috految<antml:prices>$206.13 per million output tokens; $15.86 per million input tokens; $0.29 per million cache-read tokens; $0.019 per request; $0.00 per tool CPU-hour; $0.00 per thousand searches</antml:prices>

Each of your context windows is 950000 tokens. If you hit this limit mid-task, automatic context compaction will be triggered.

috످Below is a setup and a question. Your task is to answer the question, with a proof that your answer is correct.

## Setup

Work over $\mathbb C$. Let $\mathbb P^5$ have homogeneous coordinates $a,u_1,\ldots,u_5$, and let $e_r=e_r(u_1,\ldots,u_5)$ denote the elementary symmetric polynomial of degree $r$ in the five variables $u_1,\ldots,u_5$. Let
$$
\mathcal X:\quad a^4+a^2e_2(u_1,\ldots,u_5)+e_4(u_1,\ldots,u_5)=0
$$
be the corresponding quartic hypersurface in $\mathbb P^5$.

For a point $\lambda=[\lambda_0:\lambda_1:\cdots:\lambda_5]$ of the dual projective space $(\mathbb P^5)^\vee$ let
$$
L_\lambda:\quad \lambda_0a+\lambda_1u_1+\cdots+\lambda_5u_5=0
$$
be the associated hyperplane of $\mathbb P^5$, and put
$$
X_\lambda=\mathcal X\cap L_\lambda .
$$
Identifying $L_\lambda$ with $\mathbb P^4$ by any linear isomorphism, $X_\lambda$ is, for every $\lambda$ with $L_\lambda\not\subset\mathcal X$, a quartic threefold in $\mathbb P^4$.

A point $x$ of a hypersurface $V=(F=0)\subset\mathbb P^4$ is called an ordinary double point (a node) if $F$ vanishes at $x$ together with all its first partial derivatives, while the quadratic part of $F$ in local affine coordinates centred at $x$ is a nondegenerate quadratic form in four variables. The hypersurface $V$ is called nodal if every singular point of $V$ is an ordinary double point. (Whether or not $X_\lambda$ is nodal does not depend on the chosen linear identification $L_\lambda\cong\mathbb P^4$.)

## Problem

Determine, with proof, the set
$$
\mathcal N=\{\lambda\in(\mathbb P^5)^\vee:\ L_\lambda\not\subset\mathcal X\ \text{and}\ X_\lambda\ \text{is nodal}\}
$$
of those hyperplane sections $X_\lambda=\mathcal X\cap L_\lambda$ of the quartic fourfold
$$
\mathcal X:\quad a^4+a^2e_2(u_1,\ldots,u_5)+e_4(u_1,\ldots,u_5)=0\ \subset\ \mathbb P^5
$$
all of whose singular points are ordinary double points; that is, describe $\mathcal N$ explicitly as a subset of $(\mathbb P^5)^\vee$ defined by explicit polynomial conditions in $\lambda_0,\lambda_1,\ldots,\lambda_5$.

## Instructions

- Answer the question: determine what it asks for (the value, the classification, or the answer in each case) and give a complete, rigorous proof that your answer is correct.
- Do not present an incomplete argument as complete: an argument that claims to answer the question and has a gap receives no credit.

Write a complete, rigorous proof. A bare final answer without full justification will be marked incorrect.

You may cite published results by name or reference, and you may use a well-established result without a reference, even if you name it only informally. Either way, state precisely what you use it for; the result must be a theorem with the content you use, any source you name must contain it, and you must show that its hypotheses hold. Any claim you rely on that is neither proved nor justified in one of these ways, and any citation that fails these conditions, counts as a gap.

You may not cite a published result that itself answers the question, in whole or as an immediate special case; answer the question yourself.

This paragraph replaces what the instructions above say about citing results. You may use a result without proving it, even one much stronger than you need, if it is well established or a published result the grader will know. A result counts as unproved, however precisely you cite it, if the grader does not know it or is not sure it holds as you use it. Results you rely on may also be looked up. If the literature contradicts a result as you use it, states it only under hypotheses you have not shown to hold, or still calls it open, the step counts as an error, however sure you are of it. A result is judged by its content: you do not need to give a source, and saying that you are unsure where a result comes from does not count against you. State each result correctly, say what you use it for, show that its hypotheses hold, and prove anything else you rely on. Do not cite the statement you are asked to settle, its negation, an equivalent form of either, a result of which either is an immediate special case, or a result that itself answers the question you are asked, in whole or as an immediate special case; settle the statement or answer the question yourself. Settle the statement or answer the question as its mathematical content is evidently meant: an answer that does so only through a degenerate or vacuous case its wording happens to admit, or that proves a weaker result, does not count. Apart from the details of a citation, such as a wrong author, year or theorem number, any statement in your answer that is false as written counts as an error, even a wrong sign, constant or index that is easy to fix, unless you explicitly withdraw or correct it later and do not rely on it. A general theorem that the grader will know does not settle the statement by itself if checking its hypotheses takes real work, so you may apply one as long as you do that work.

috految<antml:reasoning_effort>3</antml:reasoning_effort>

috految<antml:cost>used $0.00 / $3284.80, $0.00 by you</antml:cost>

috److془We need to carefully solve this problem.

F = (∏(u_i+a) - ∏(u_i-a))/(2a). Check: e_4 + a^2 e_2 + a^4. Good.

Affine a=1: ∏ (u_i+1)/(u_i-1) = 1. Singular locus: u_i=u_j=a, u_k=u_l=-a: 30 lines. At a=0: three u's zero: 10 lines. Singularities of e_4 only those. (One zero u: e_4≠0; two zeros: smooth.) Total 40 lines. Hyperplane sections 40-nodal. Special points: e_i (5), 20 points (1; +++--). On line a=u1=u2=u3=0: quadratic: u4u5(a^2+e_2(u1,u2,u3)) nondegenerate. Good. At the 20 points: xy - zwv, rank 2. non nodal. At e_i: multiplicity 3. So conditions: λ_i≠0, λ_0+Σ ε_iλ_i≠0 for Σε=±1. Then tangencies: two zeros at a=0: gradient has zero component. Points in a=1 with zero factor: gradient has zero component. Torus: λ_i (u_i^2-a^2) = const t. Degenerate: Hessian of Σ log on hyperplane: Σ λ_i/u_i... Hessian diag λ_i^2u_i, condition e_4(u)=0. Hmm: Σ λ_i^2/(λ_i^2 u_i) yes. So a^2+e_2=0, e_4=0. Need explicit polynomial conditions. Degenerate locus codim 2 in λ. At a=0, e_4=0, λ_i=1/u_i^2, λ_0=0, degenerate if e_2=0. Hmm: Hessian: e_4=0, a^2+e_2=0. Need elimination: Cuspidal locus. Use the structure: P(z)=∏(z+u_i)= z^5+e1 z^4+e2 z^3+e3 z^2+e4 z+e5. Odd part: z(z^2-a^2)(z^2-b), b=0 degenerate. Let w=z^2-1·a^2, u_i^2=a^2+1/λ_i. Let s=a^2. ∏(w-1/λ_i) = (w+s) w^2 (w+s-b)^2 - E(w)^2, E quadratic. Like Robbins pentagon: degree 7 for area; covariant cubic discriminant. E=E0+E1 w+E2 w^2; E0^2=1/∏λ. E1 determined. λ_0: -λ_0 a=Σ λ_i u_i= Σ u_i/(u_i^2-a^2) = (P'(a)/P(a)+P'(-a)/P(-a))/2 = O'(a)/E0 = 2s(s-b)/E0. So λ_0=-2a c/E0, c=s-b. Cubic: (w+s)(w+c)^2 has constant sc^2=λ_0^2E0^2/4. Determines E2. Triple root. 

Normalize: R=∏(1-λ_i w)= q^2 - σ5 w^2 (w+s)(w+c)^2, q=E/E0=1-σ1 w/2+k w^2. σ2=σ1²/4+2k-λ0²/4. k=(λ0²+4σ2-σ1²)/8. C=(q²-R)/w² = σ5 w³+(k²-σ4)w²+(σ3-σ1k)w+λ0²/4. 
Converse: C=σ5(w+s)^3. Choose E0 with square 1/σ5, a²=s, λ0=-2a s/E0 by sign. P=z^3(z²-s)+E0 q(z²-s). Monic; P(z)P(-z)=E0²R=∏(1/λ_i+s-z²). Good. Order. Great. Check: P(z)P(-z)=∏(u²-z²) ✓.

Check the degeneracy carefully. Gradient: F_i=(P(a)/(u_i+a)-P(-a)/(u_i-a))/(2a) = -m/(u_i²-a²), m=P(a)=P(-a). At a=0: F=e5 Σ1/u, F_i=-m/u_i² ✓. F_a=4a³+2a e2=2ac, c=2s+e2. ✓ λ0=-2ac/m. Odd = z(z^4+e2z²+e4)= z w(w+c) ✓. a=0: Hessian on the tangent hyperplane: F_aa=2e2, mixed zero; u block on v with Σv_i/u_i²=0: 2mΣ v_i²/u_i³, nondegenerate on C^5, hyperplane is u^⊥, u isotropic; nondegenerate on quotient. ✓ a≠0: e4=-s(s+e2). Degenerate iff c=s ✓.
Lines: hyperplane containing no e_i is transverse to lines. Line: u1=u2=a,u3=u4=-a, u5 free contains e_5 ✓. Quartic at points with u5≠±1: α v3v4-β v1v2 rank 4 ✓. Points a≠0,m=0: p plus, n minus, each≥1. If min =1 , gradient in u nonzero supported on ≤2 coordinates. ✓ At a=0 three zeros: e4 quadratic u4u5 e2 ✓. F at e_i: multiplicity≥3. Containment: would have all points singular nonnodal; excluded by the analysis. Cube conditions: A²=3σ5B, A³=27σ5²λ0²/4. Degree 12 ✓.془**Answer.** Put σ_r=e_r(λ_1,…,λ_5) and
$$k=\frac{\lambda_0^2+4\sigma_2-\sigma_1^2}{8},\qquad A=k^2-\sigma_4,\qquad B=\sigma_3-\sigma_1k.$$
Then λ∈𝒩 if and only if all of the following hold:

1. λ_1λ_2λ_3λ_4λ_5≠0;
2. λ_0+Σ_{i=1}^5 ε_iλ_i≠0 for each of the 20 vectors ε∈{±1}^5 with Σε_i=±1;
3. **(A²−3σ_5B, 4A³−27σ_5²λ_0²)≠(0,0).**

Given (1), condition (3) says exactly that the cubic
$$C(w)=\sigma_5w^3+Aw^2+Bw+\lambda_0^2/4$$
is not of the form σ_5(w+s)³.

**Proof.** Let F be the quartic, and put P(z)=∏(z+u_i), so that 2aF=P(a)−P(−a). On F=0 write m=P(a)=P(−a). Call a point of L_λ *bad* if F|_{L_λ} vanishes there together with its differential and has degenerate quadratic part in affine coordinates. If L_λ⊂𝒳, all its points are bad. So λ∈𝒩 if and only if there are no bad points.

**Necessity of (1) and (2).** F has degree one in each u_i, so it has multiplicity at least 3 at the coordinate point p_i of the u_i-axis. At [1:ε] with Σε_i=±1, the two products ∏(u_i±1) vanish to orders 2 and 3, in some order. So F is singular there with quadratic part of rank 2. A hyperplane through any of these 25 points thus has a bad point. This proves necessity. From now on assume (1) and (2), so L_λ avoids these points.

**Points of X_λ with m=0 are not bad.** Suppose first a≠0, and take a=1. Both 1 and −1 occur among the u_i. If one of them occurs exactly once, the vector (F_{u_i}) is nonzero and supported on at most two coordinates, by the product formula. By (1), the section is then smooth at the point. Otherwise, by (2), up to permutation u=(1,1,−1,−1,u_5) with u_5≠±1. The quadratic part is αv_1v_2+βv_3v_4 with αβ≠0, where v_i are the increments of u_i. Since λ_5≠0, the v_1,…,v_4 are coordinates on L_λ, so this is a node.

If a=0, then e_4=e_5=0, so at least two u_i vanish. If exactly two vanish, (F_{u_i}) is nonzero and supported on those two coordinates, so the section is smooth there. Four cannot vanish, as p_i∉L_λ. If exactly three vanish, say u_1,u_2,u_3, use the chart u_5=1. Since λ_4≠0, the functions a,u_1,u_2,u_3 are coordinates on L_λ. The quadratic part is a nonzero multiple of the nondegenerate form a²+u_1u_2+u_1u_3+u_2u_3, so this is a node.

**Points with m≠0.** Here all u_i²≠a². Set s=a² and c=2s+e_2. On F=0 we have
$$F_{u_i}=-\frac m{u_i^2-s},\qquad F_a=2ac.$$
The first formula follows from the product formula if a≠0, and from e_4=e_5Σ1/u_i if a=0. Thus 𝒳 is smooth at the point. Its tangent hyperplane is L_λ if and only if, after rescaling the representative (a,u),
$$u_i^2-s=1/\lambda_i\quad(1\le i\le5),\qquad \lambda_0=-2ac/m.\tag{*}$$
(The rescaling is possible because −∇F/m is homogeneous of degree −2.) The point then lies on L_λ by Euler's identity. We claim that it is bad exactly when c=s.

If a≠0, work in the chart with a fixed. Up to a unit, a local equation of 𝒳 is log(P(a)/P(−a)), using the branch vanishing at the point. Its derivatives are −2a/(u_i²−s), so its Hessian is 4aΣ u_iλ_i²v_i². On Σλ_iv_i=0 this is, up to scale, the form Σu_iy_i² on Σy_i=0, which has determinant e_4(u) in the coordinates y_1,…,y_4. Since e_4=−s(s+e_2)=−s(c−s), the claim follows.

If a=0, then λ_0=0, and the quadratic part is computed on the vector tangent hyperplane modulo the radial vector. Since F=e_5Σ1/u_i+a²e_2+a⁴, it is the direct sum of e_2·(da)² and the form mΣv_i²/u_i³ on {Σv_i/u_i²=0}/ℂu. For the nondegenerate form Σv_i²/u_i³ on ℂ⁵, the vector u is isotropic and this space is u^⊥/ℂu. So the second summand is nondegenerate. Hence the point is bad iff e_2=0, that is, c=s=0. This proves the claim.

**Elimination.** Put R(w)=∏_{i=1}^5(1−λ_iw) and q(w)=1−σ_1w/2+kw². Expanding gives
$$q^2-R=w^2C(w).$$

Suppose there is a bad point, normalized by (*), so c=s. With w=z²−s, the equation F=0 shows that the odd part of P is
$$z(z^4+e_2z^2+e_4)=zw(w+c)=z^3w.$$
Its even part is m q̃(w), where deg q̃≤2 and q̃(0)=1. By (*), P(z)P(−z)=∏(u_i²−z²)=R(w)/σ_5. Setting w=0 gives m²=1/σ_5, and therefore
$$\tilde q^2-R=\sigma_5w^2(w+s)^3.$$
Also (*) gives λ_0²/4=σ_5s³. Comparing the coefficients of w and w² now gives q̃=q. Hence C=σ_5(w+s)³, and (3) fails.

Conversely, suppose C=σ_5(w+s)³. Choose m with m²=1/σ_5. Since λ_0²=4σ_5s³, we can choose a with a²=s and λ_0=−2as/m. Define the monic quintic
$$P(z)=z^3(z^2-s)+m\,q(z^2-s)=\prod_{i=1}^5(z+u_i).$$
Then e_2=−s and e_4=0, so F(a,u)=0 and c=s. Also P(±a)=m≠0, so (a,u)≠0. With w=z²−s,
$$\prod(u_i^2-z^2)=m^2q(w)^2-w^2(w+s)^3=R(w)/\sigma_5=\prod(1/\lambda_i+s-z^2).$$
After ordering the u_i suitably, (*) holds. Since c=s, the point [a:u] is bad.

Thus, under (1) and (2), there are no bad points exactly when (3) holds. ∎

috످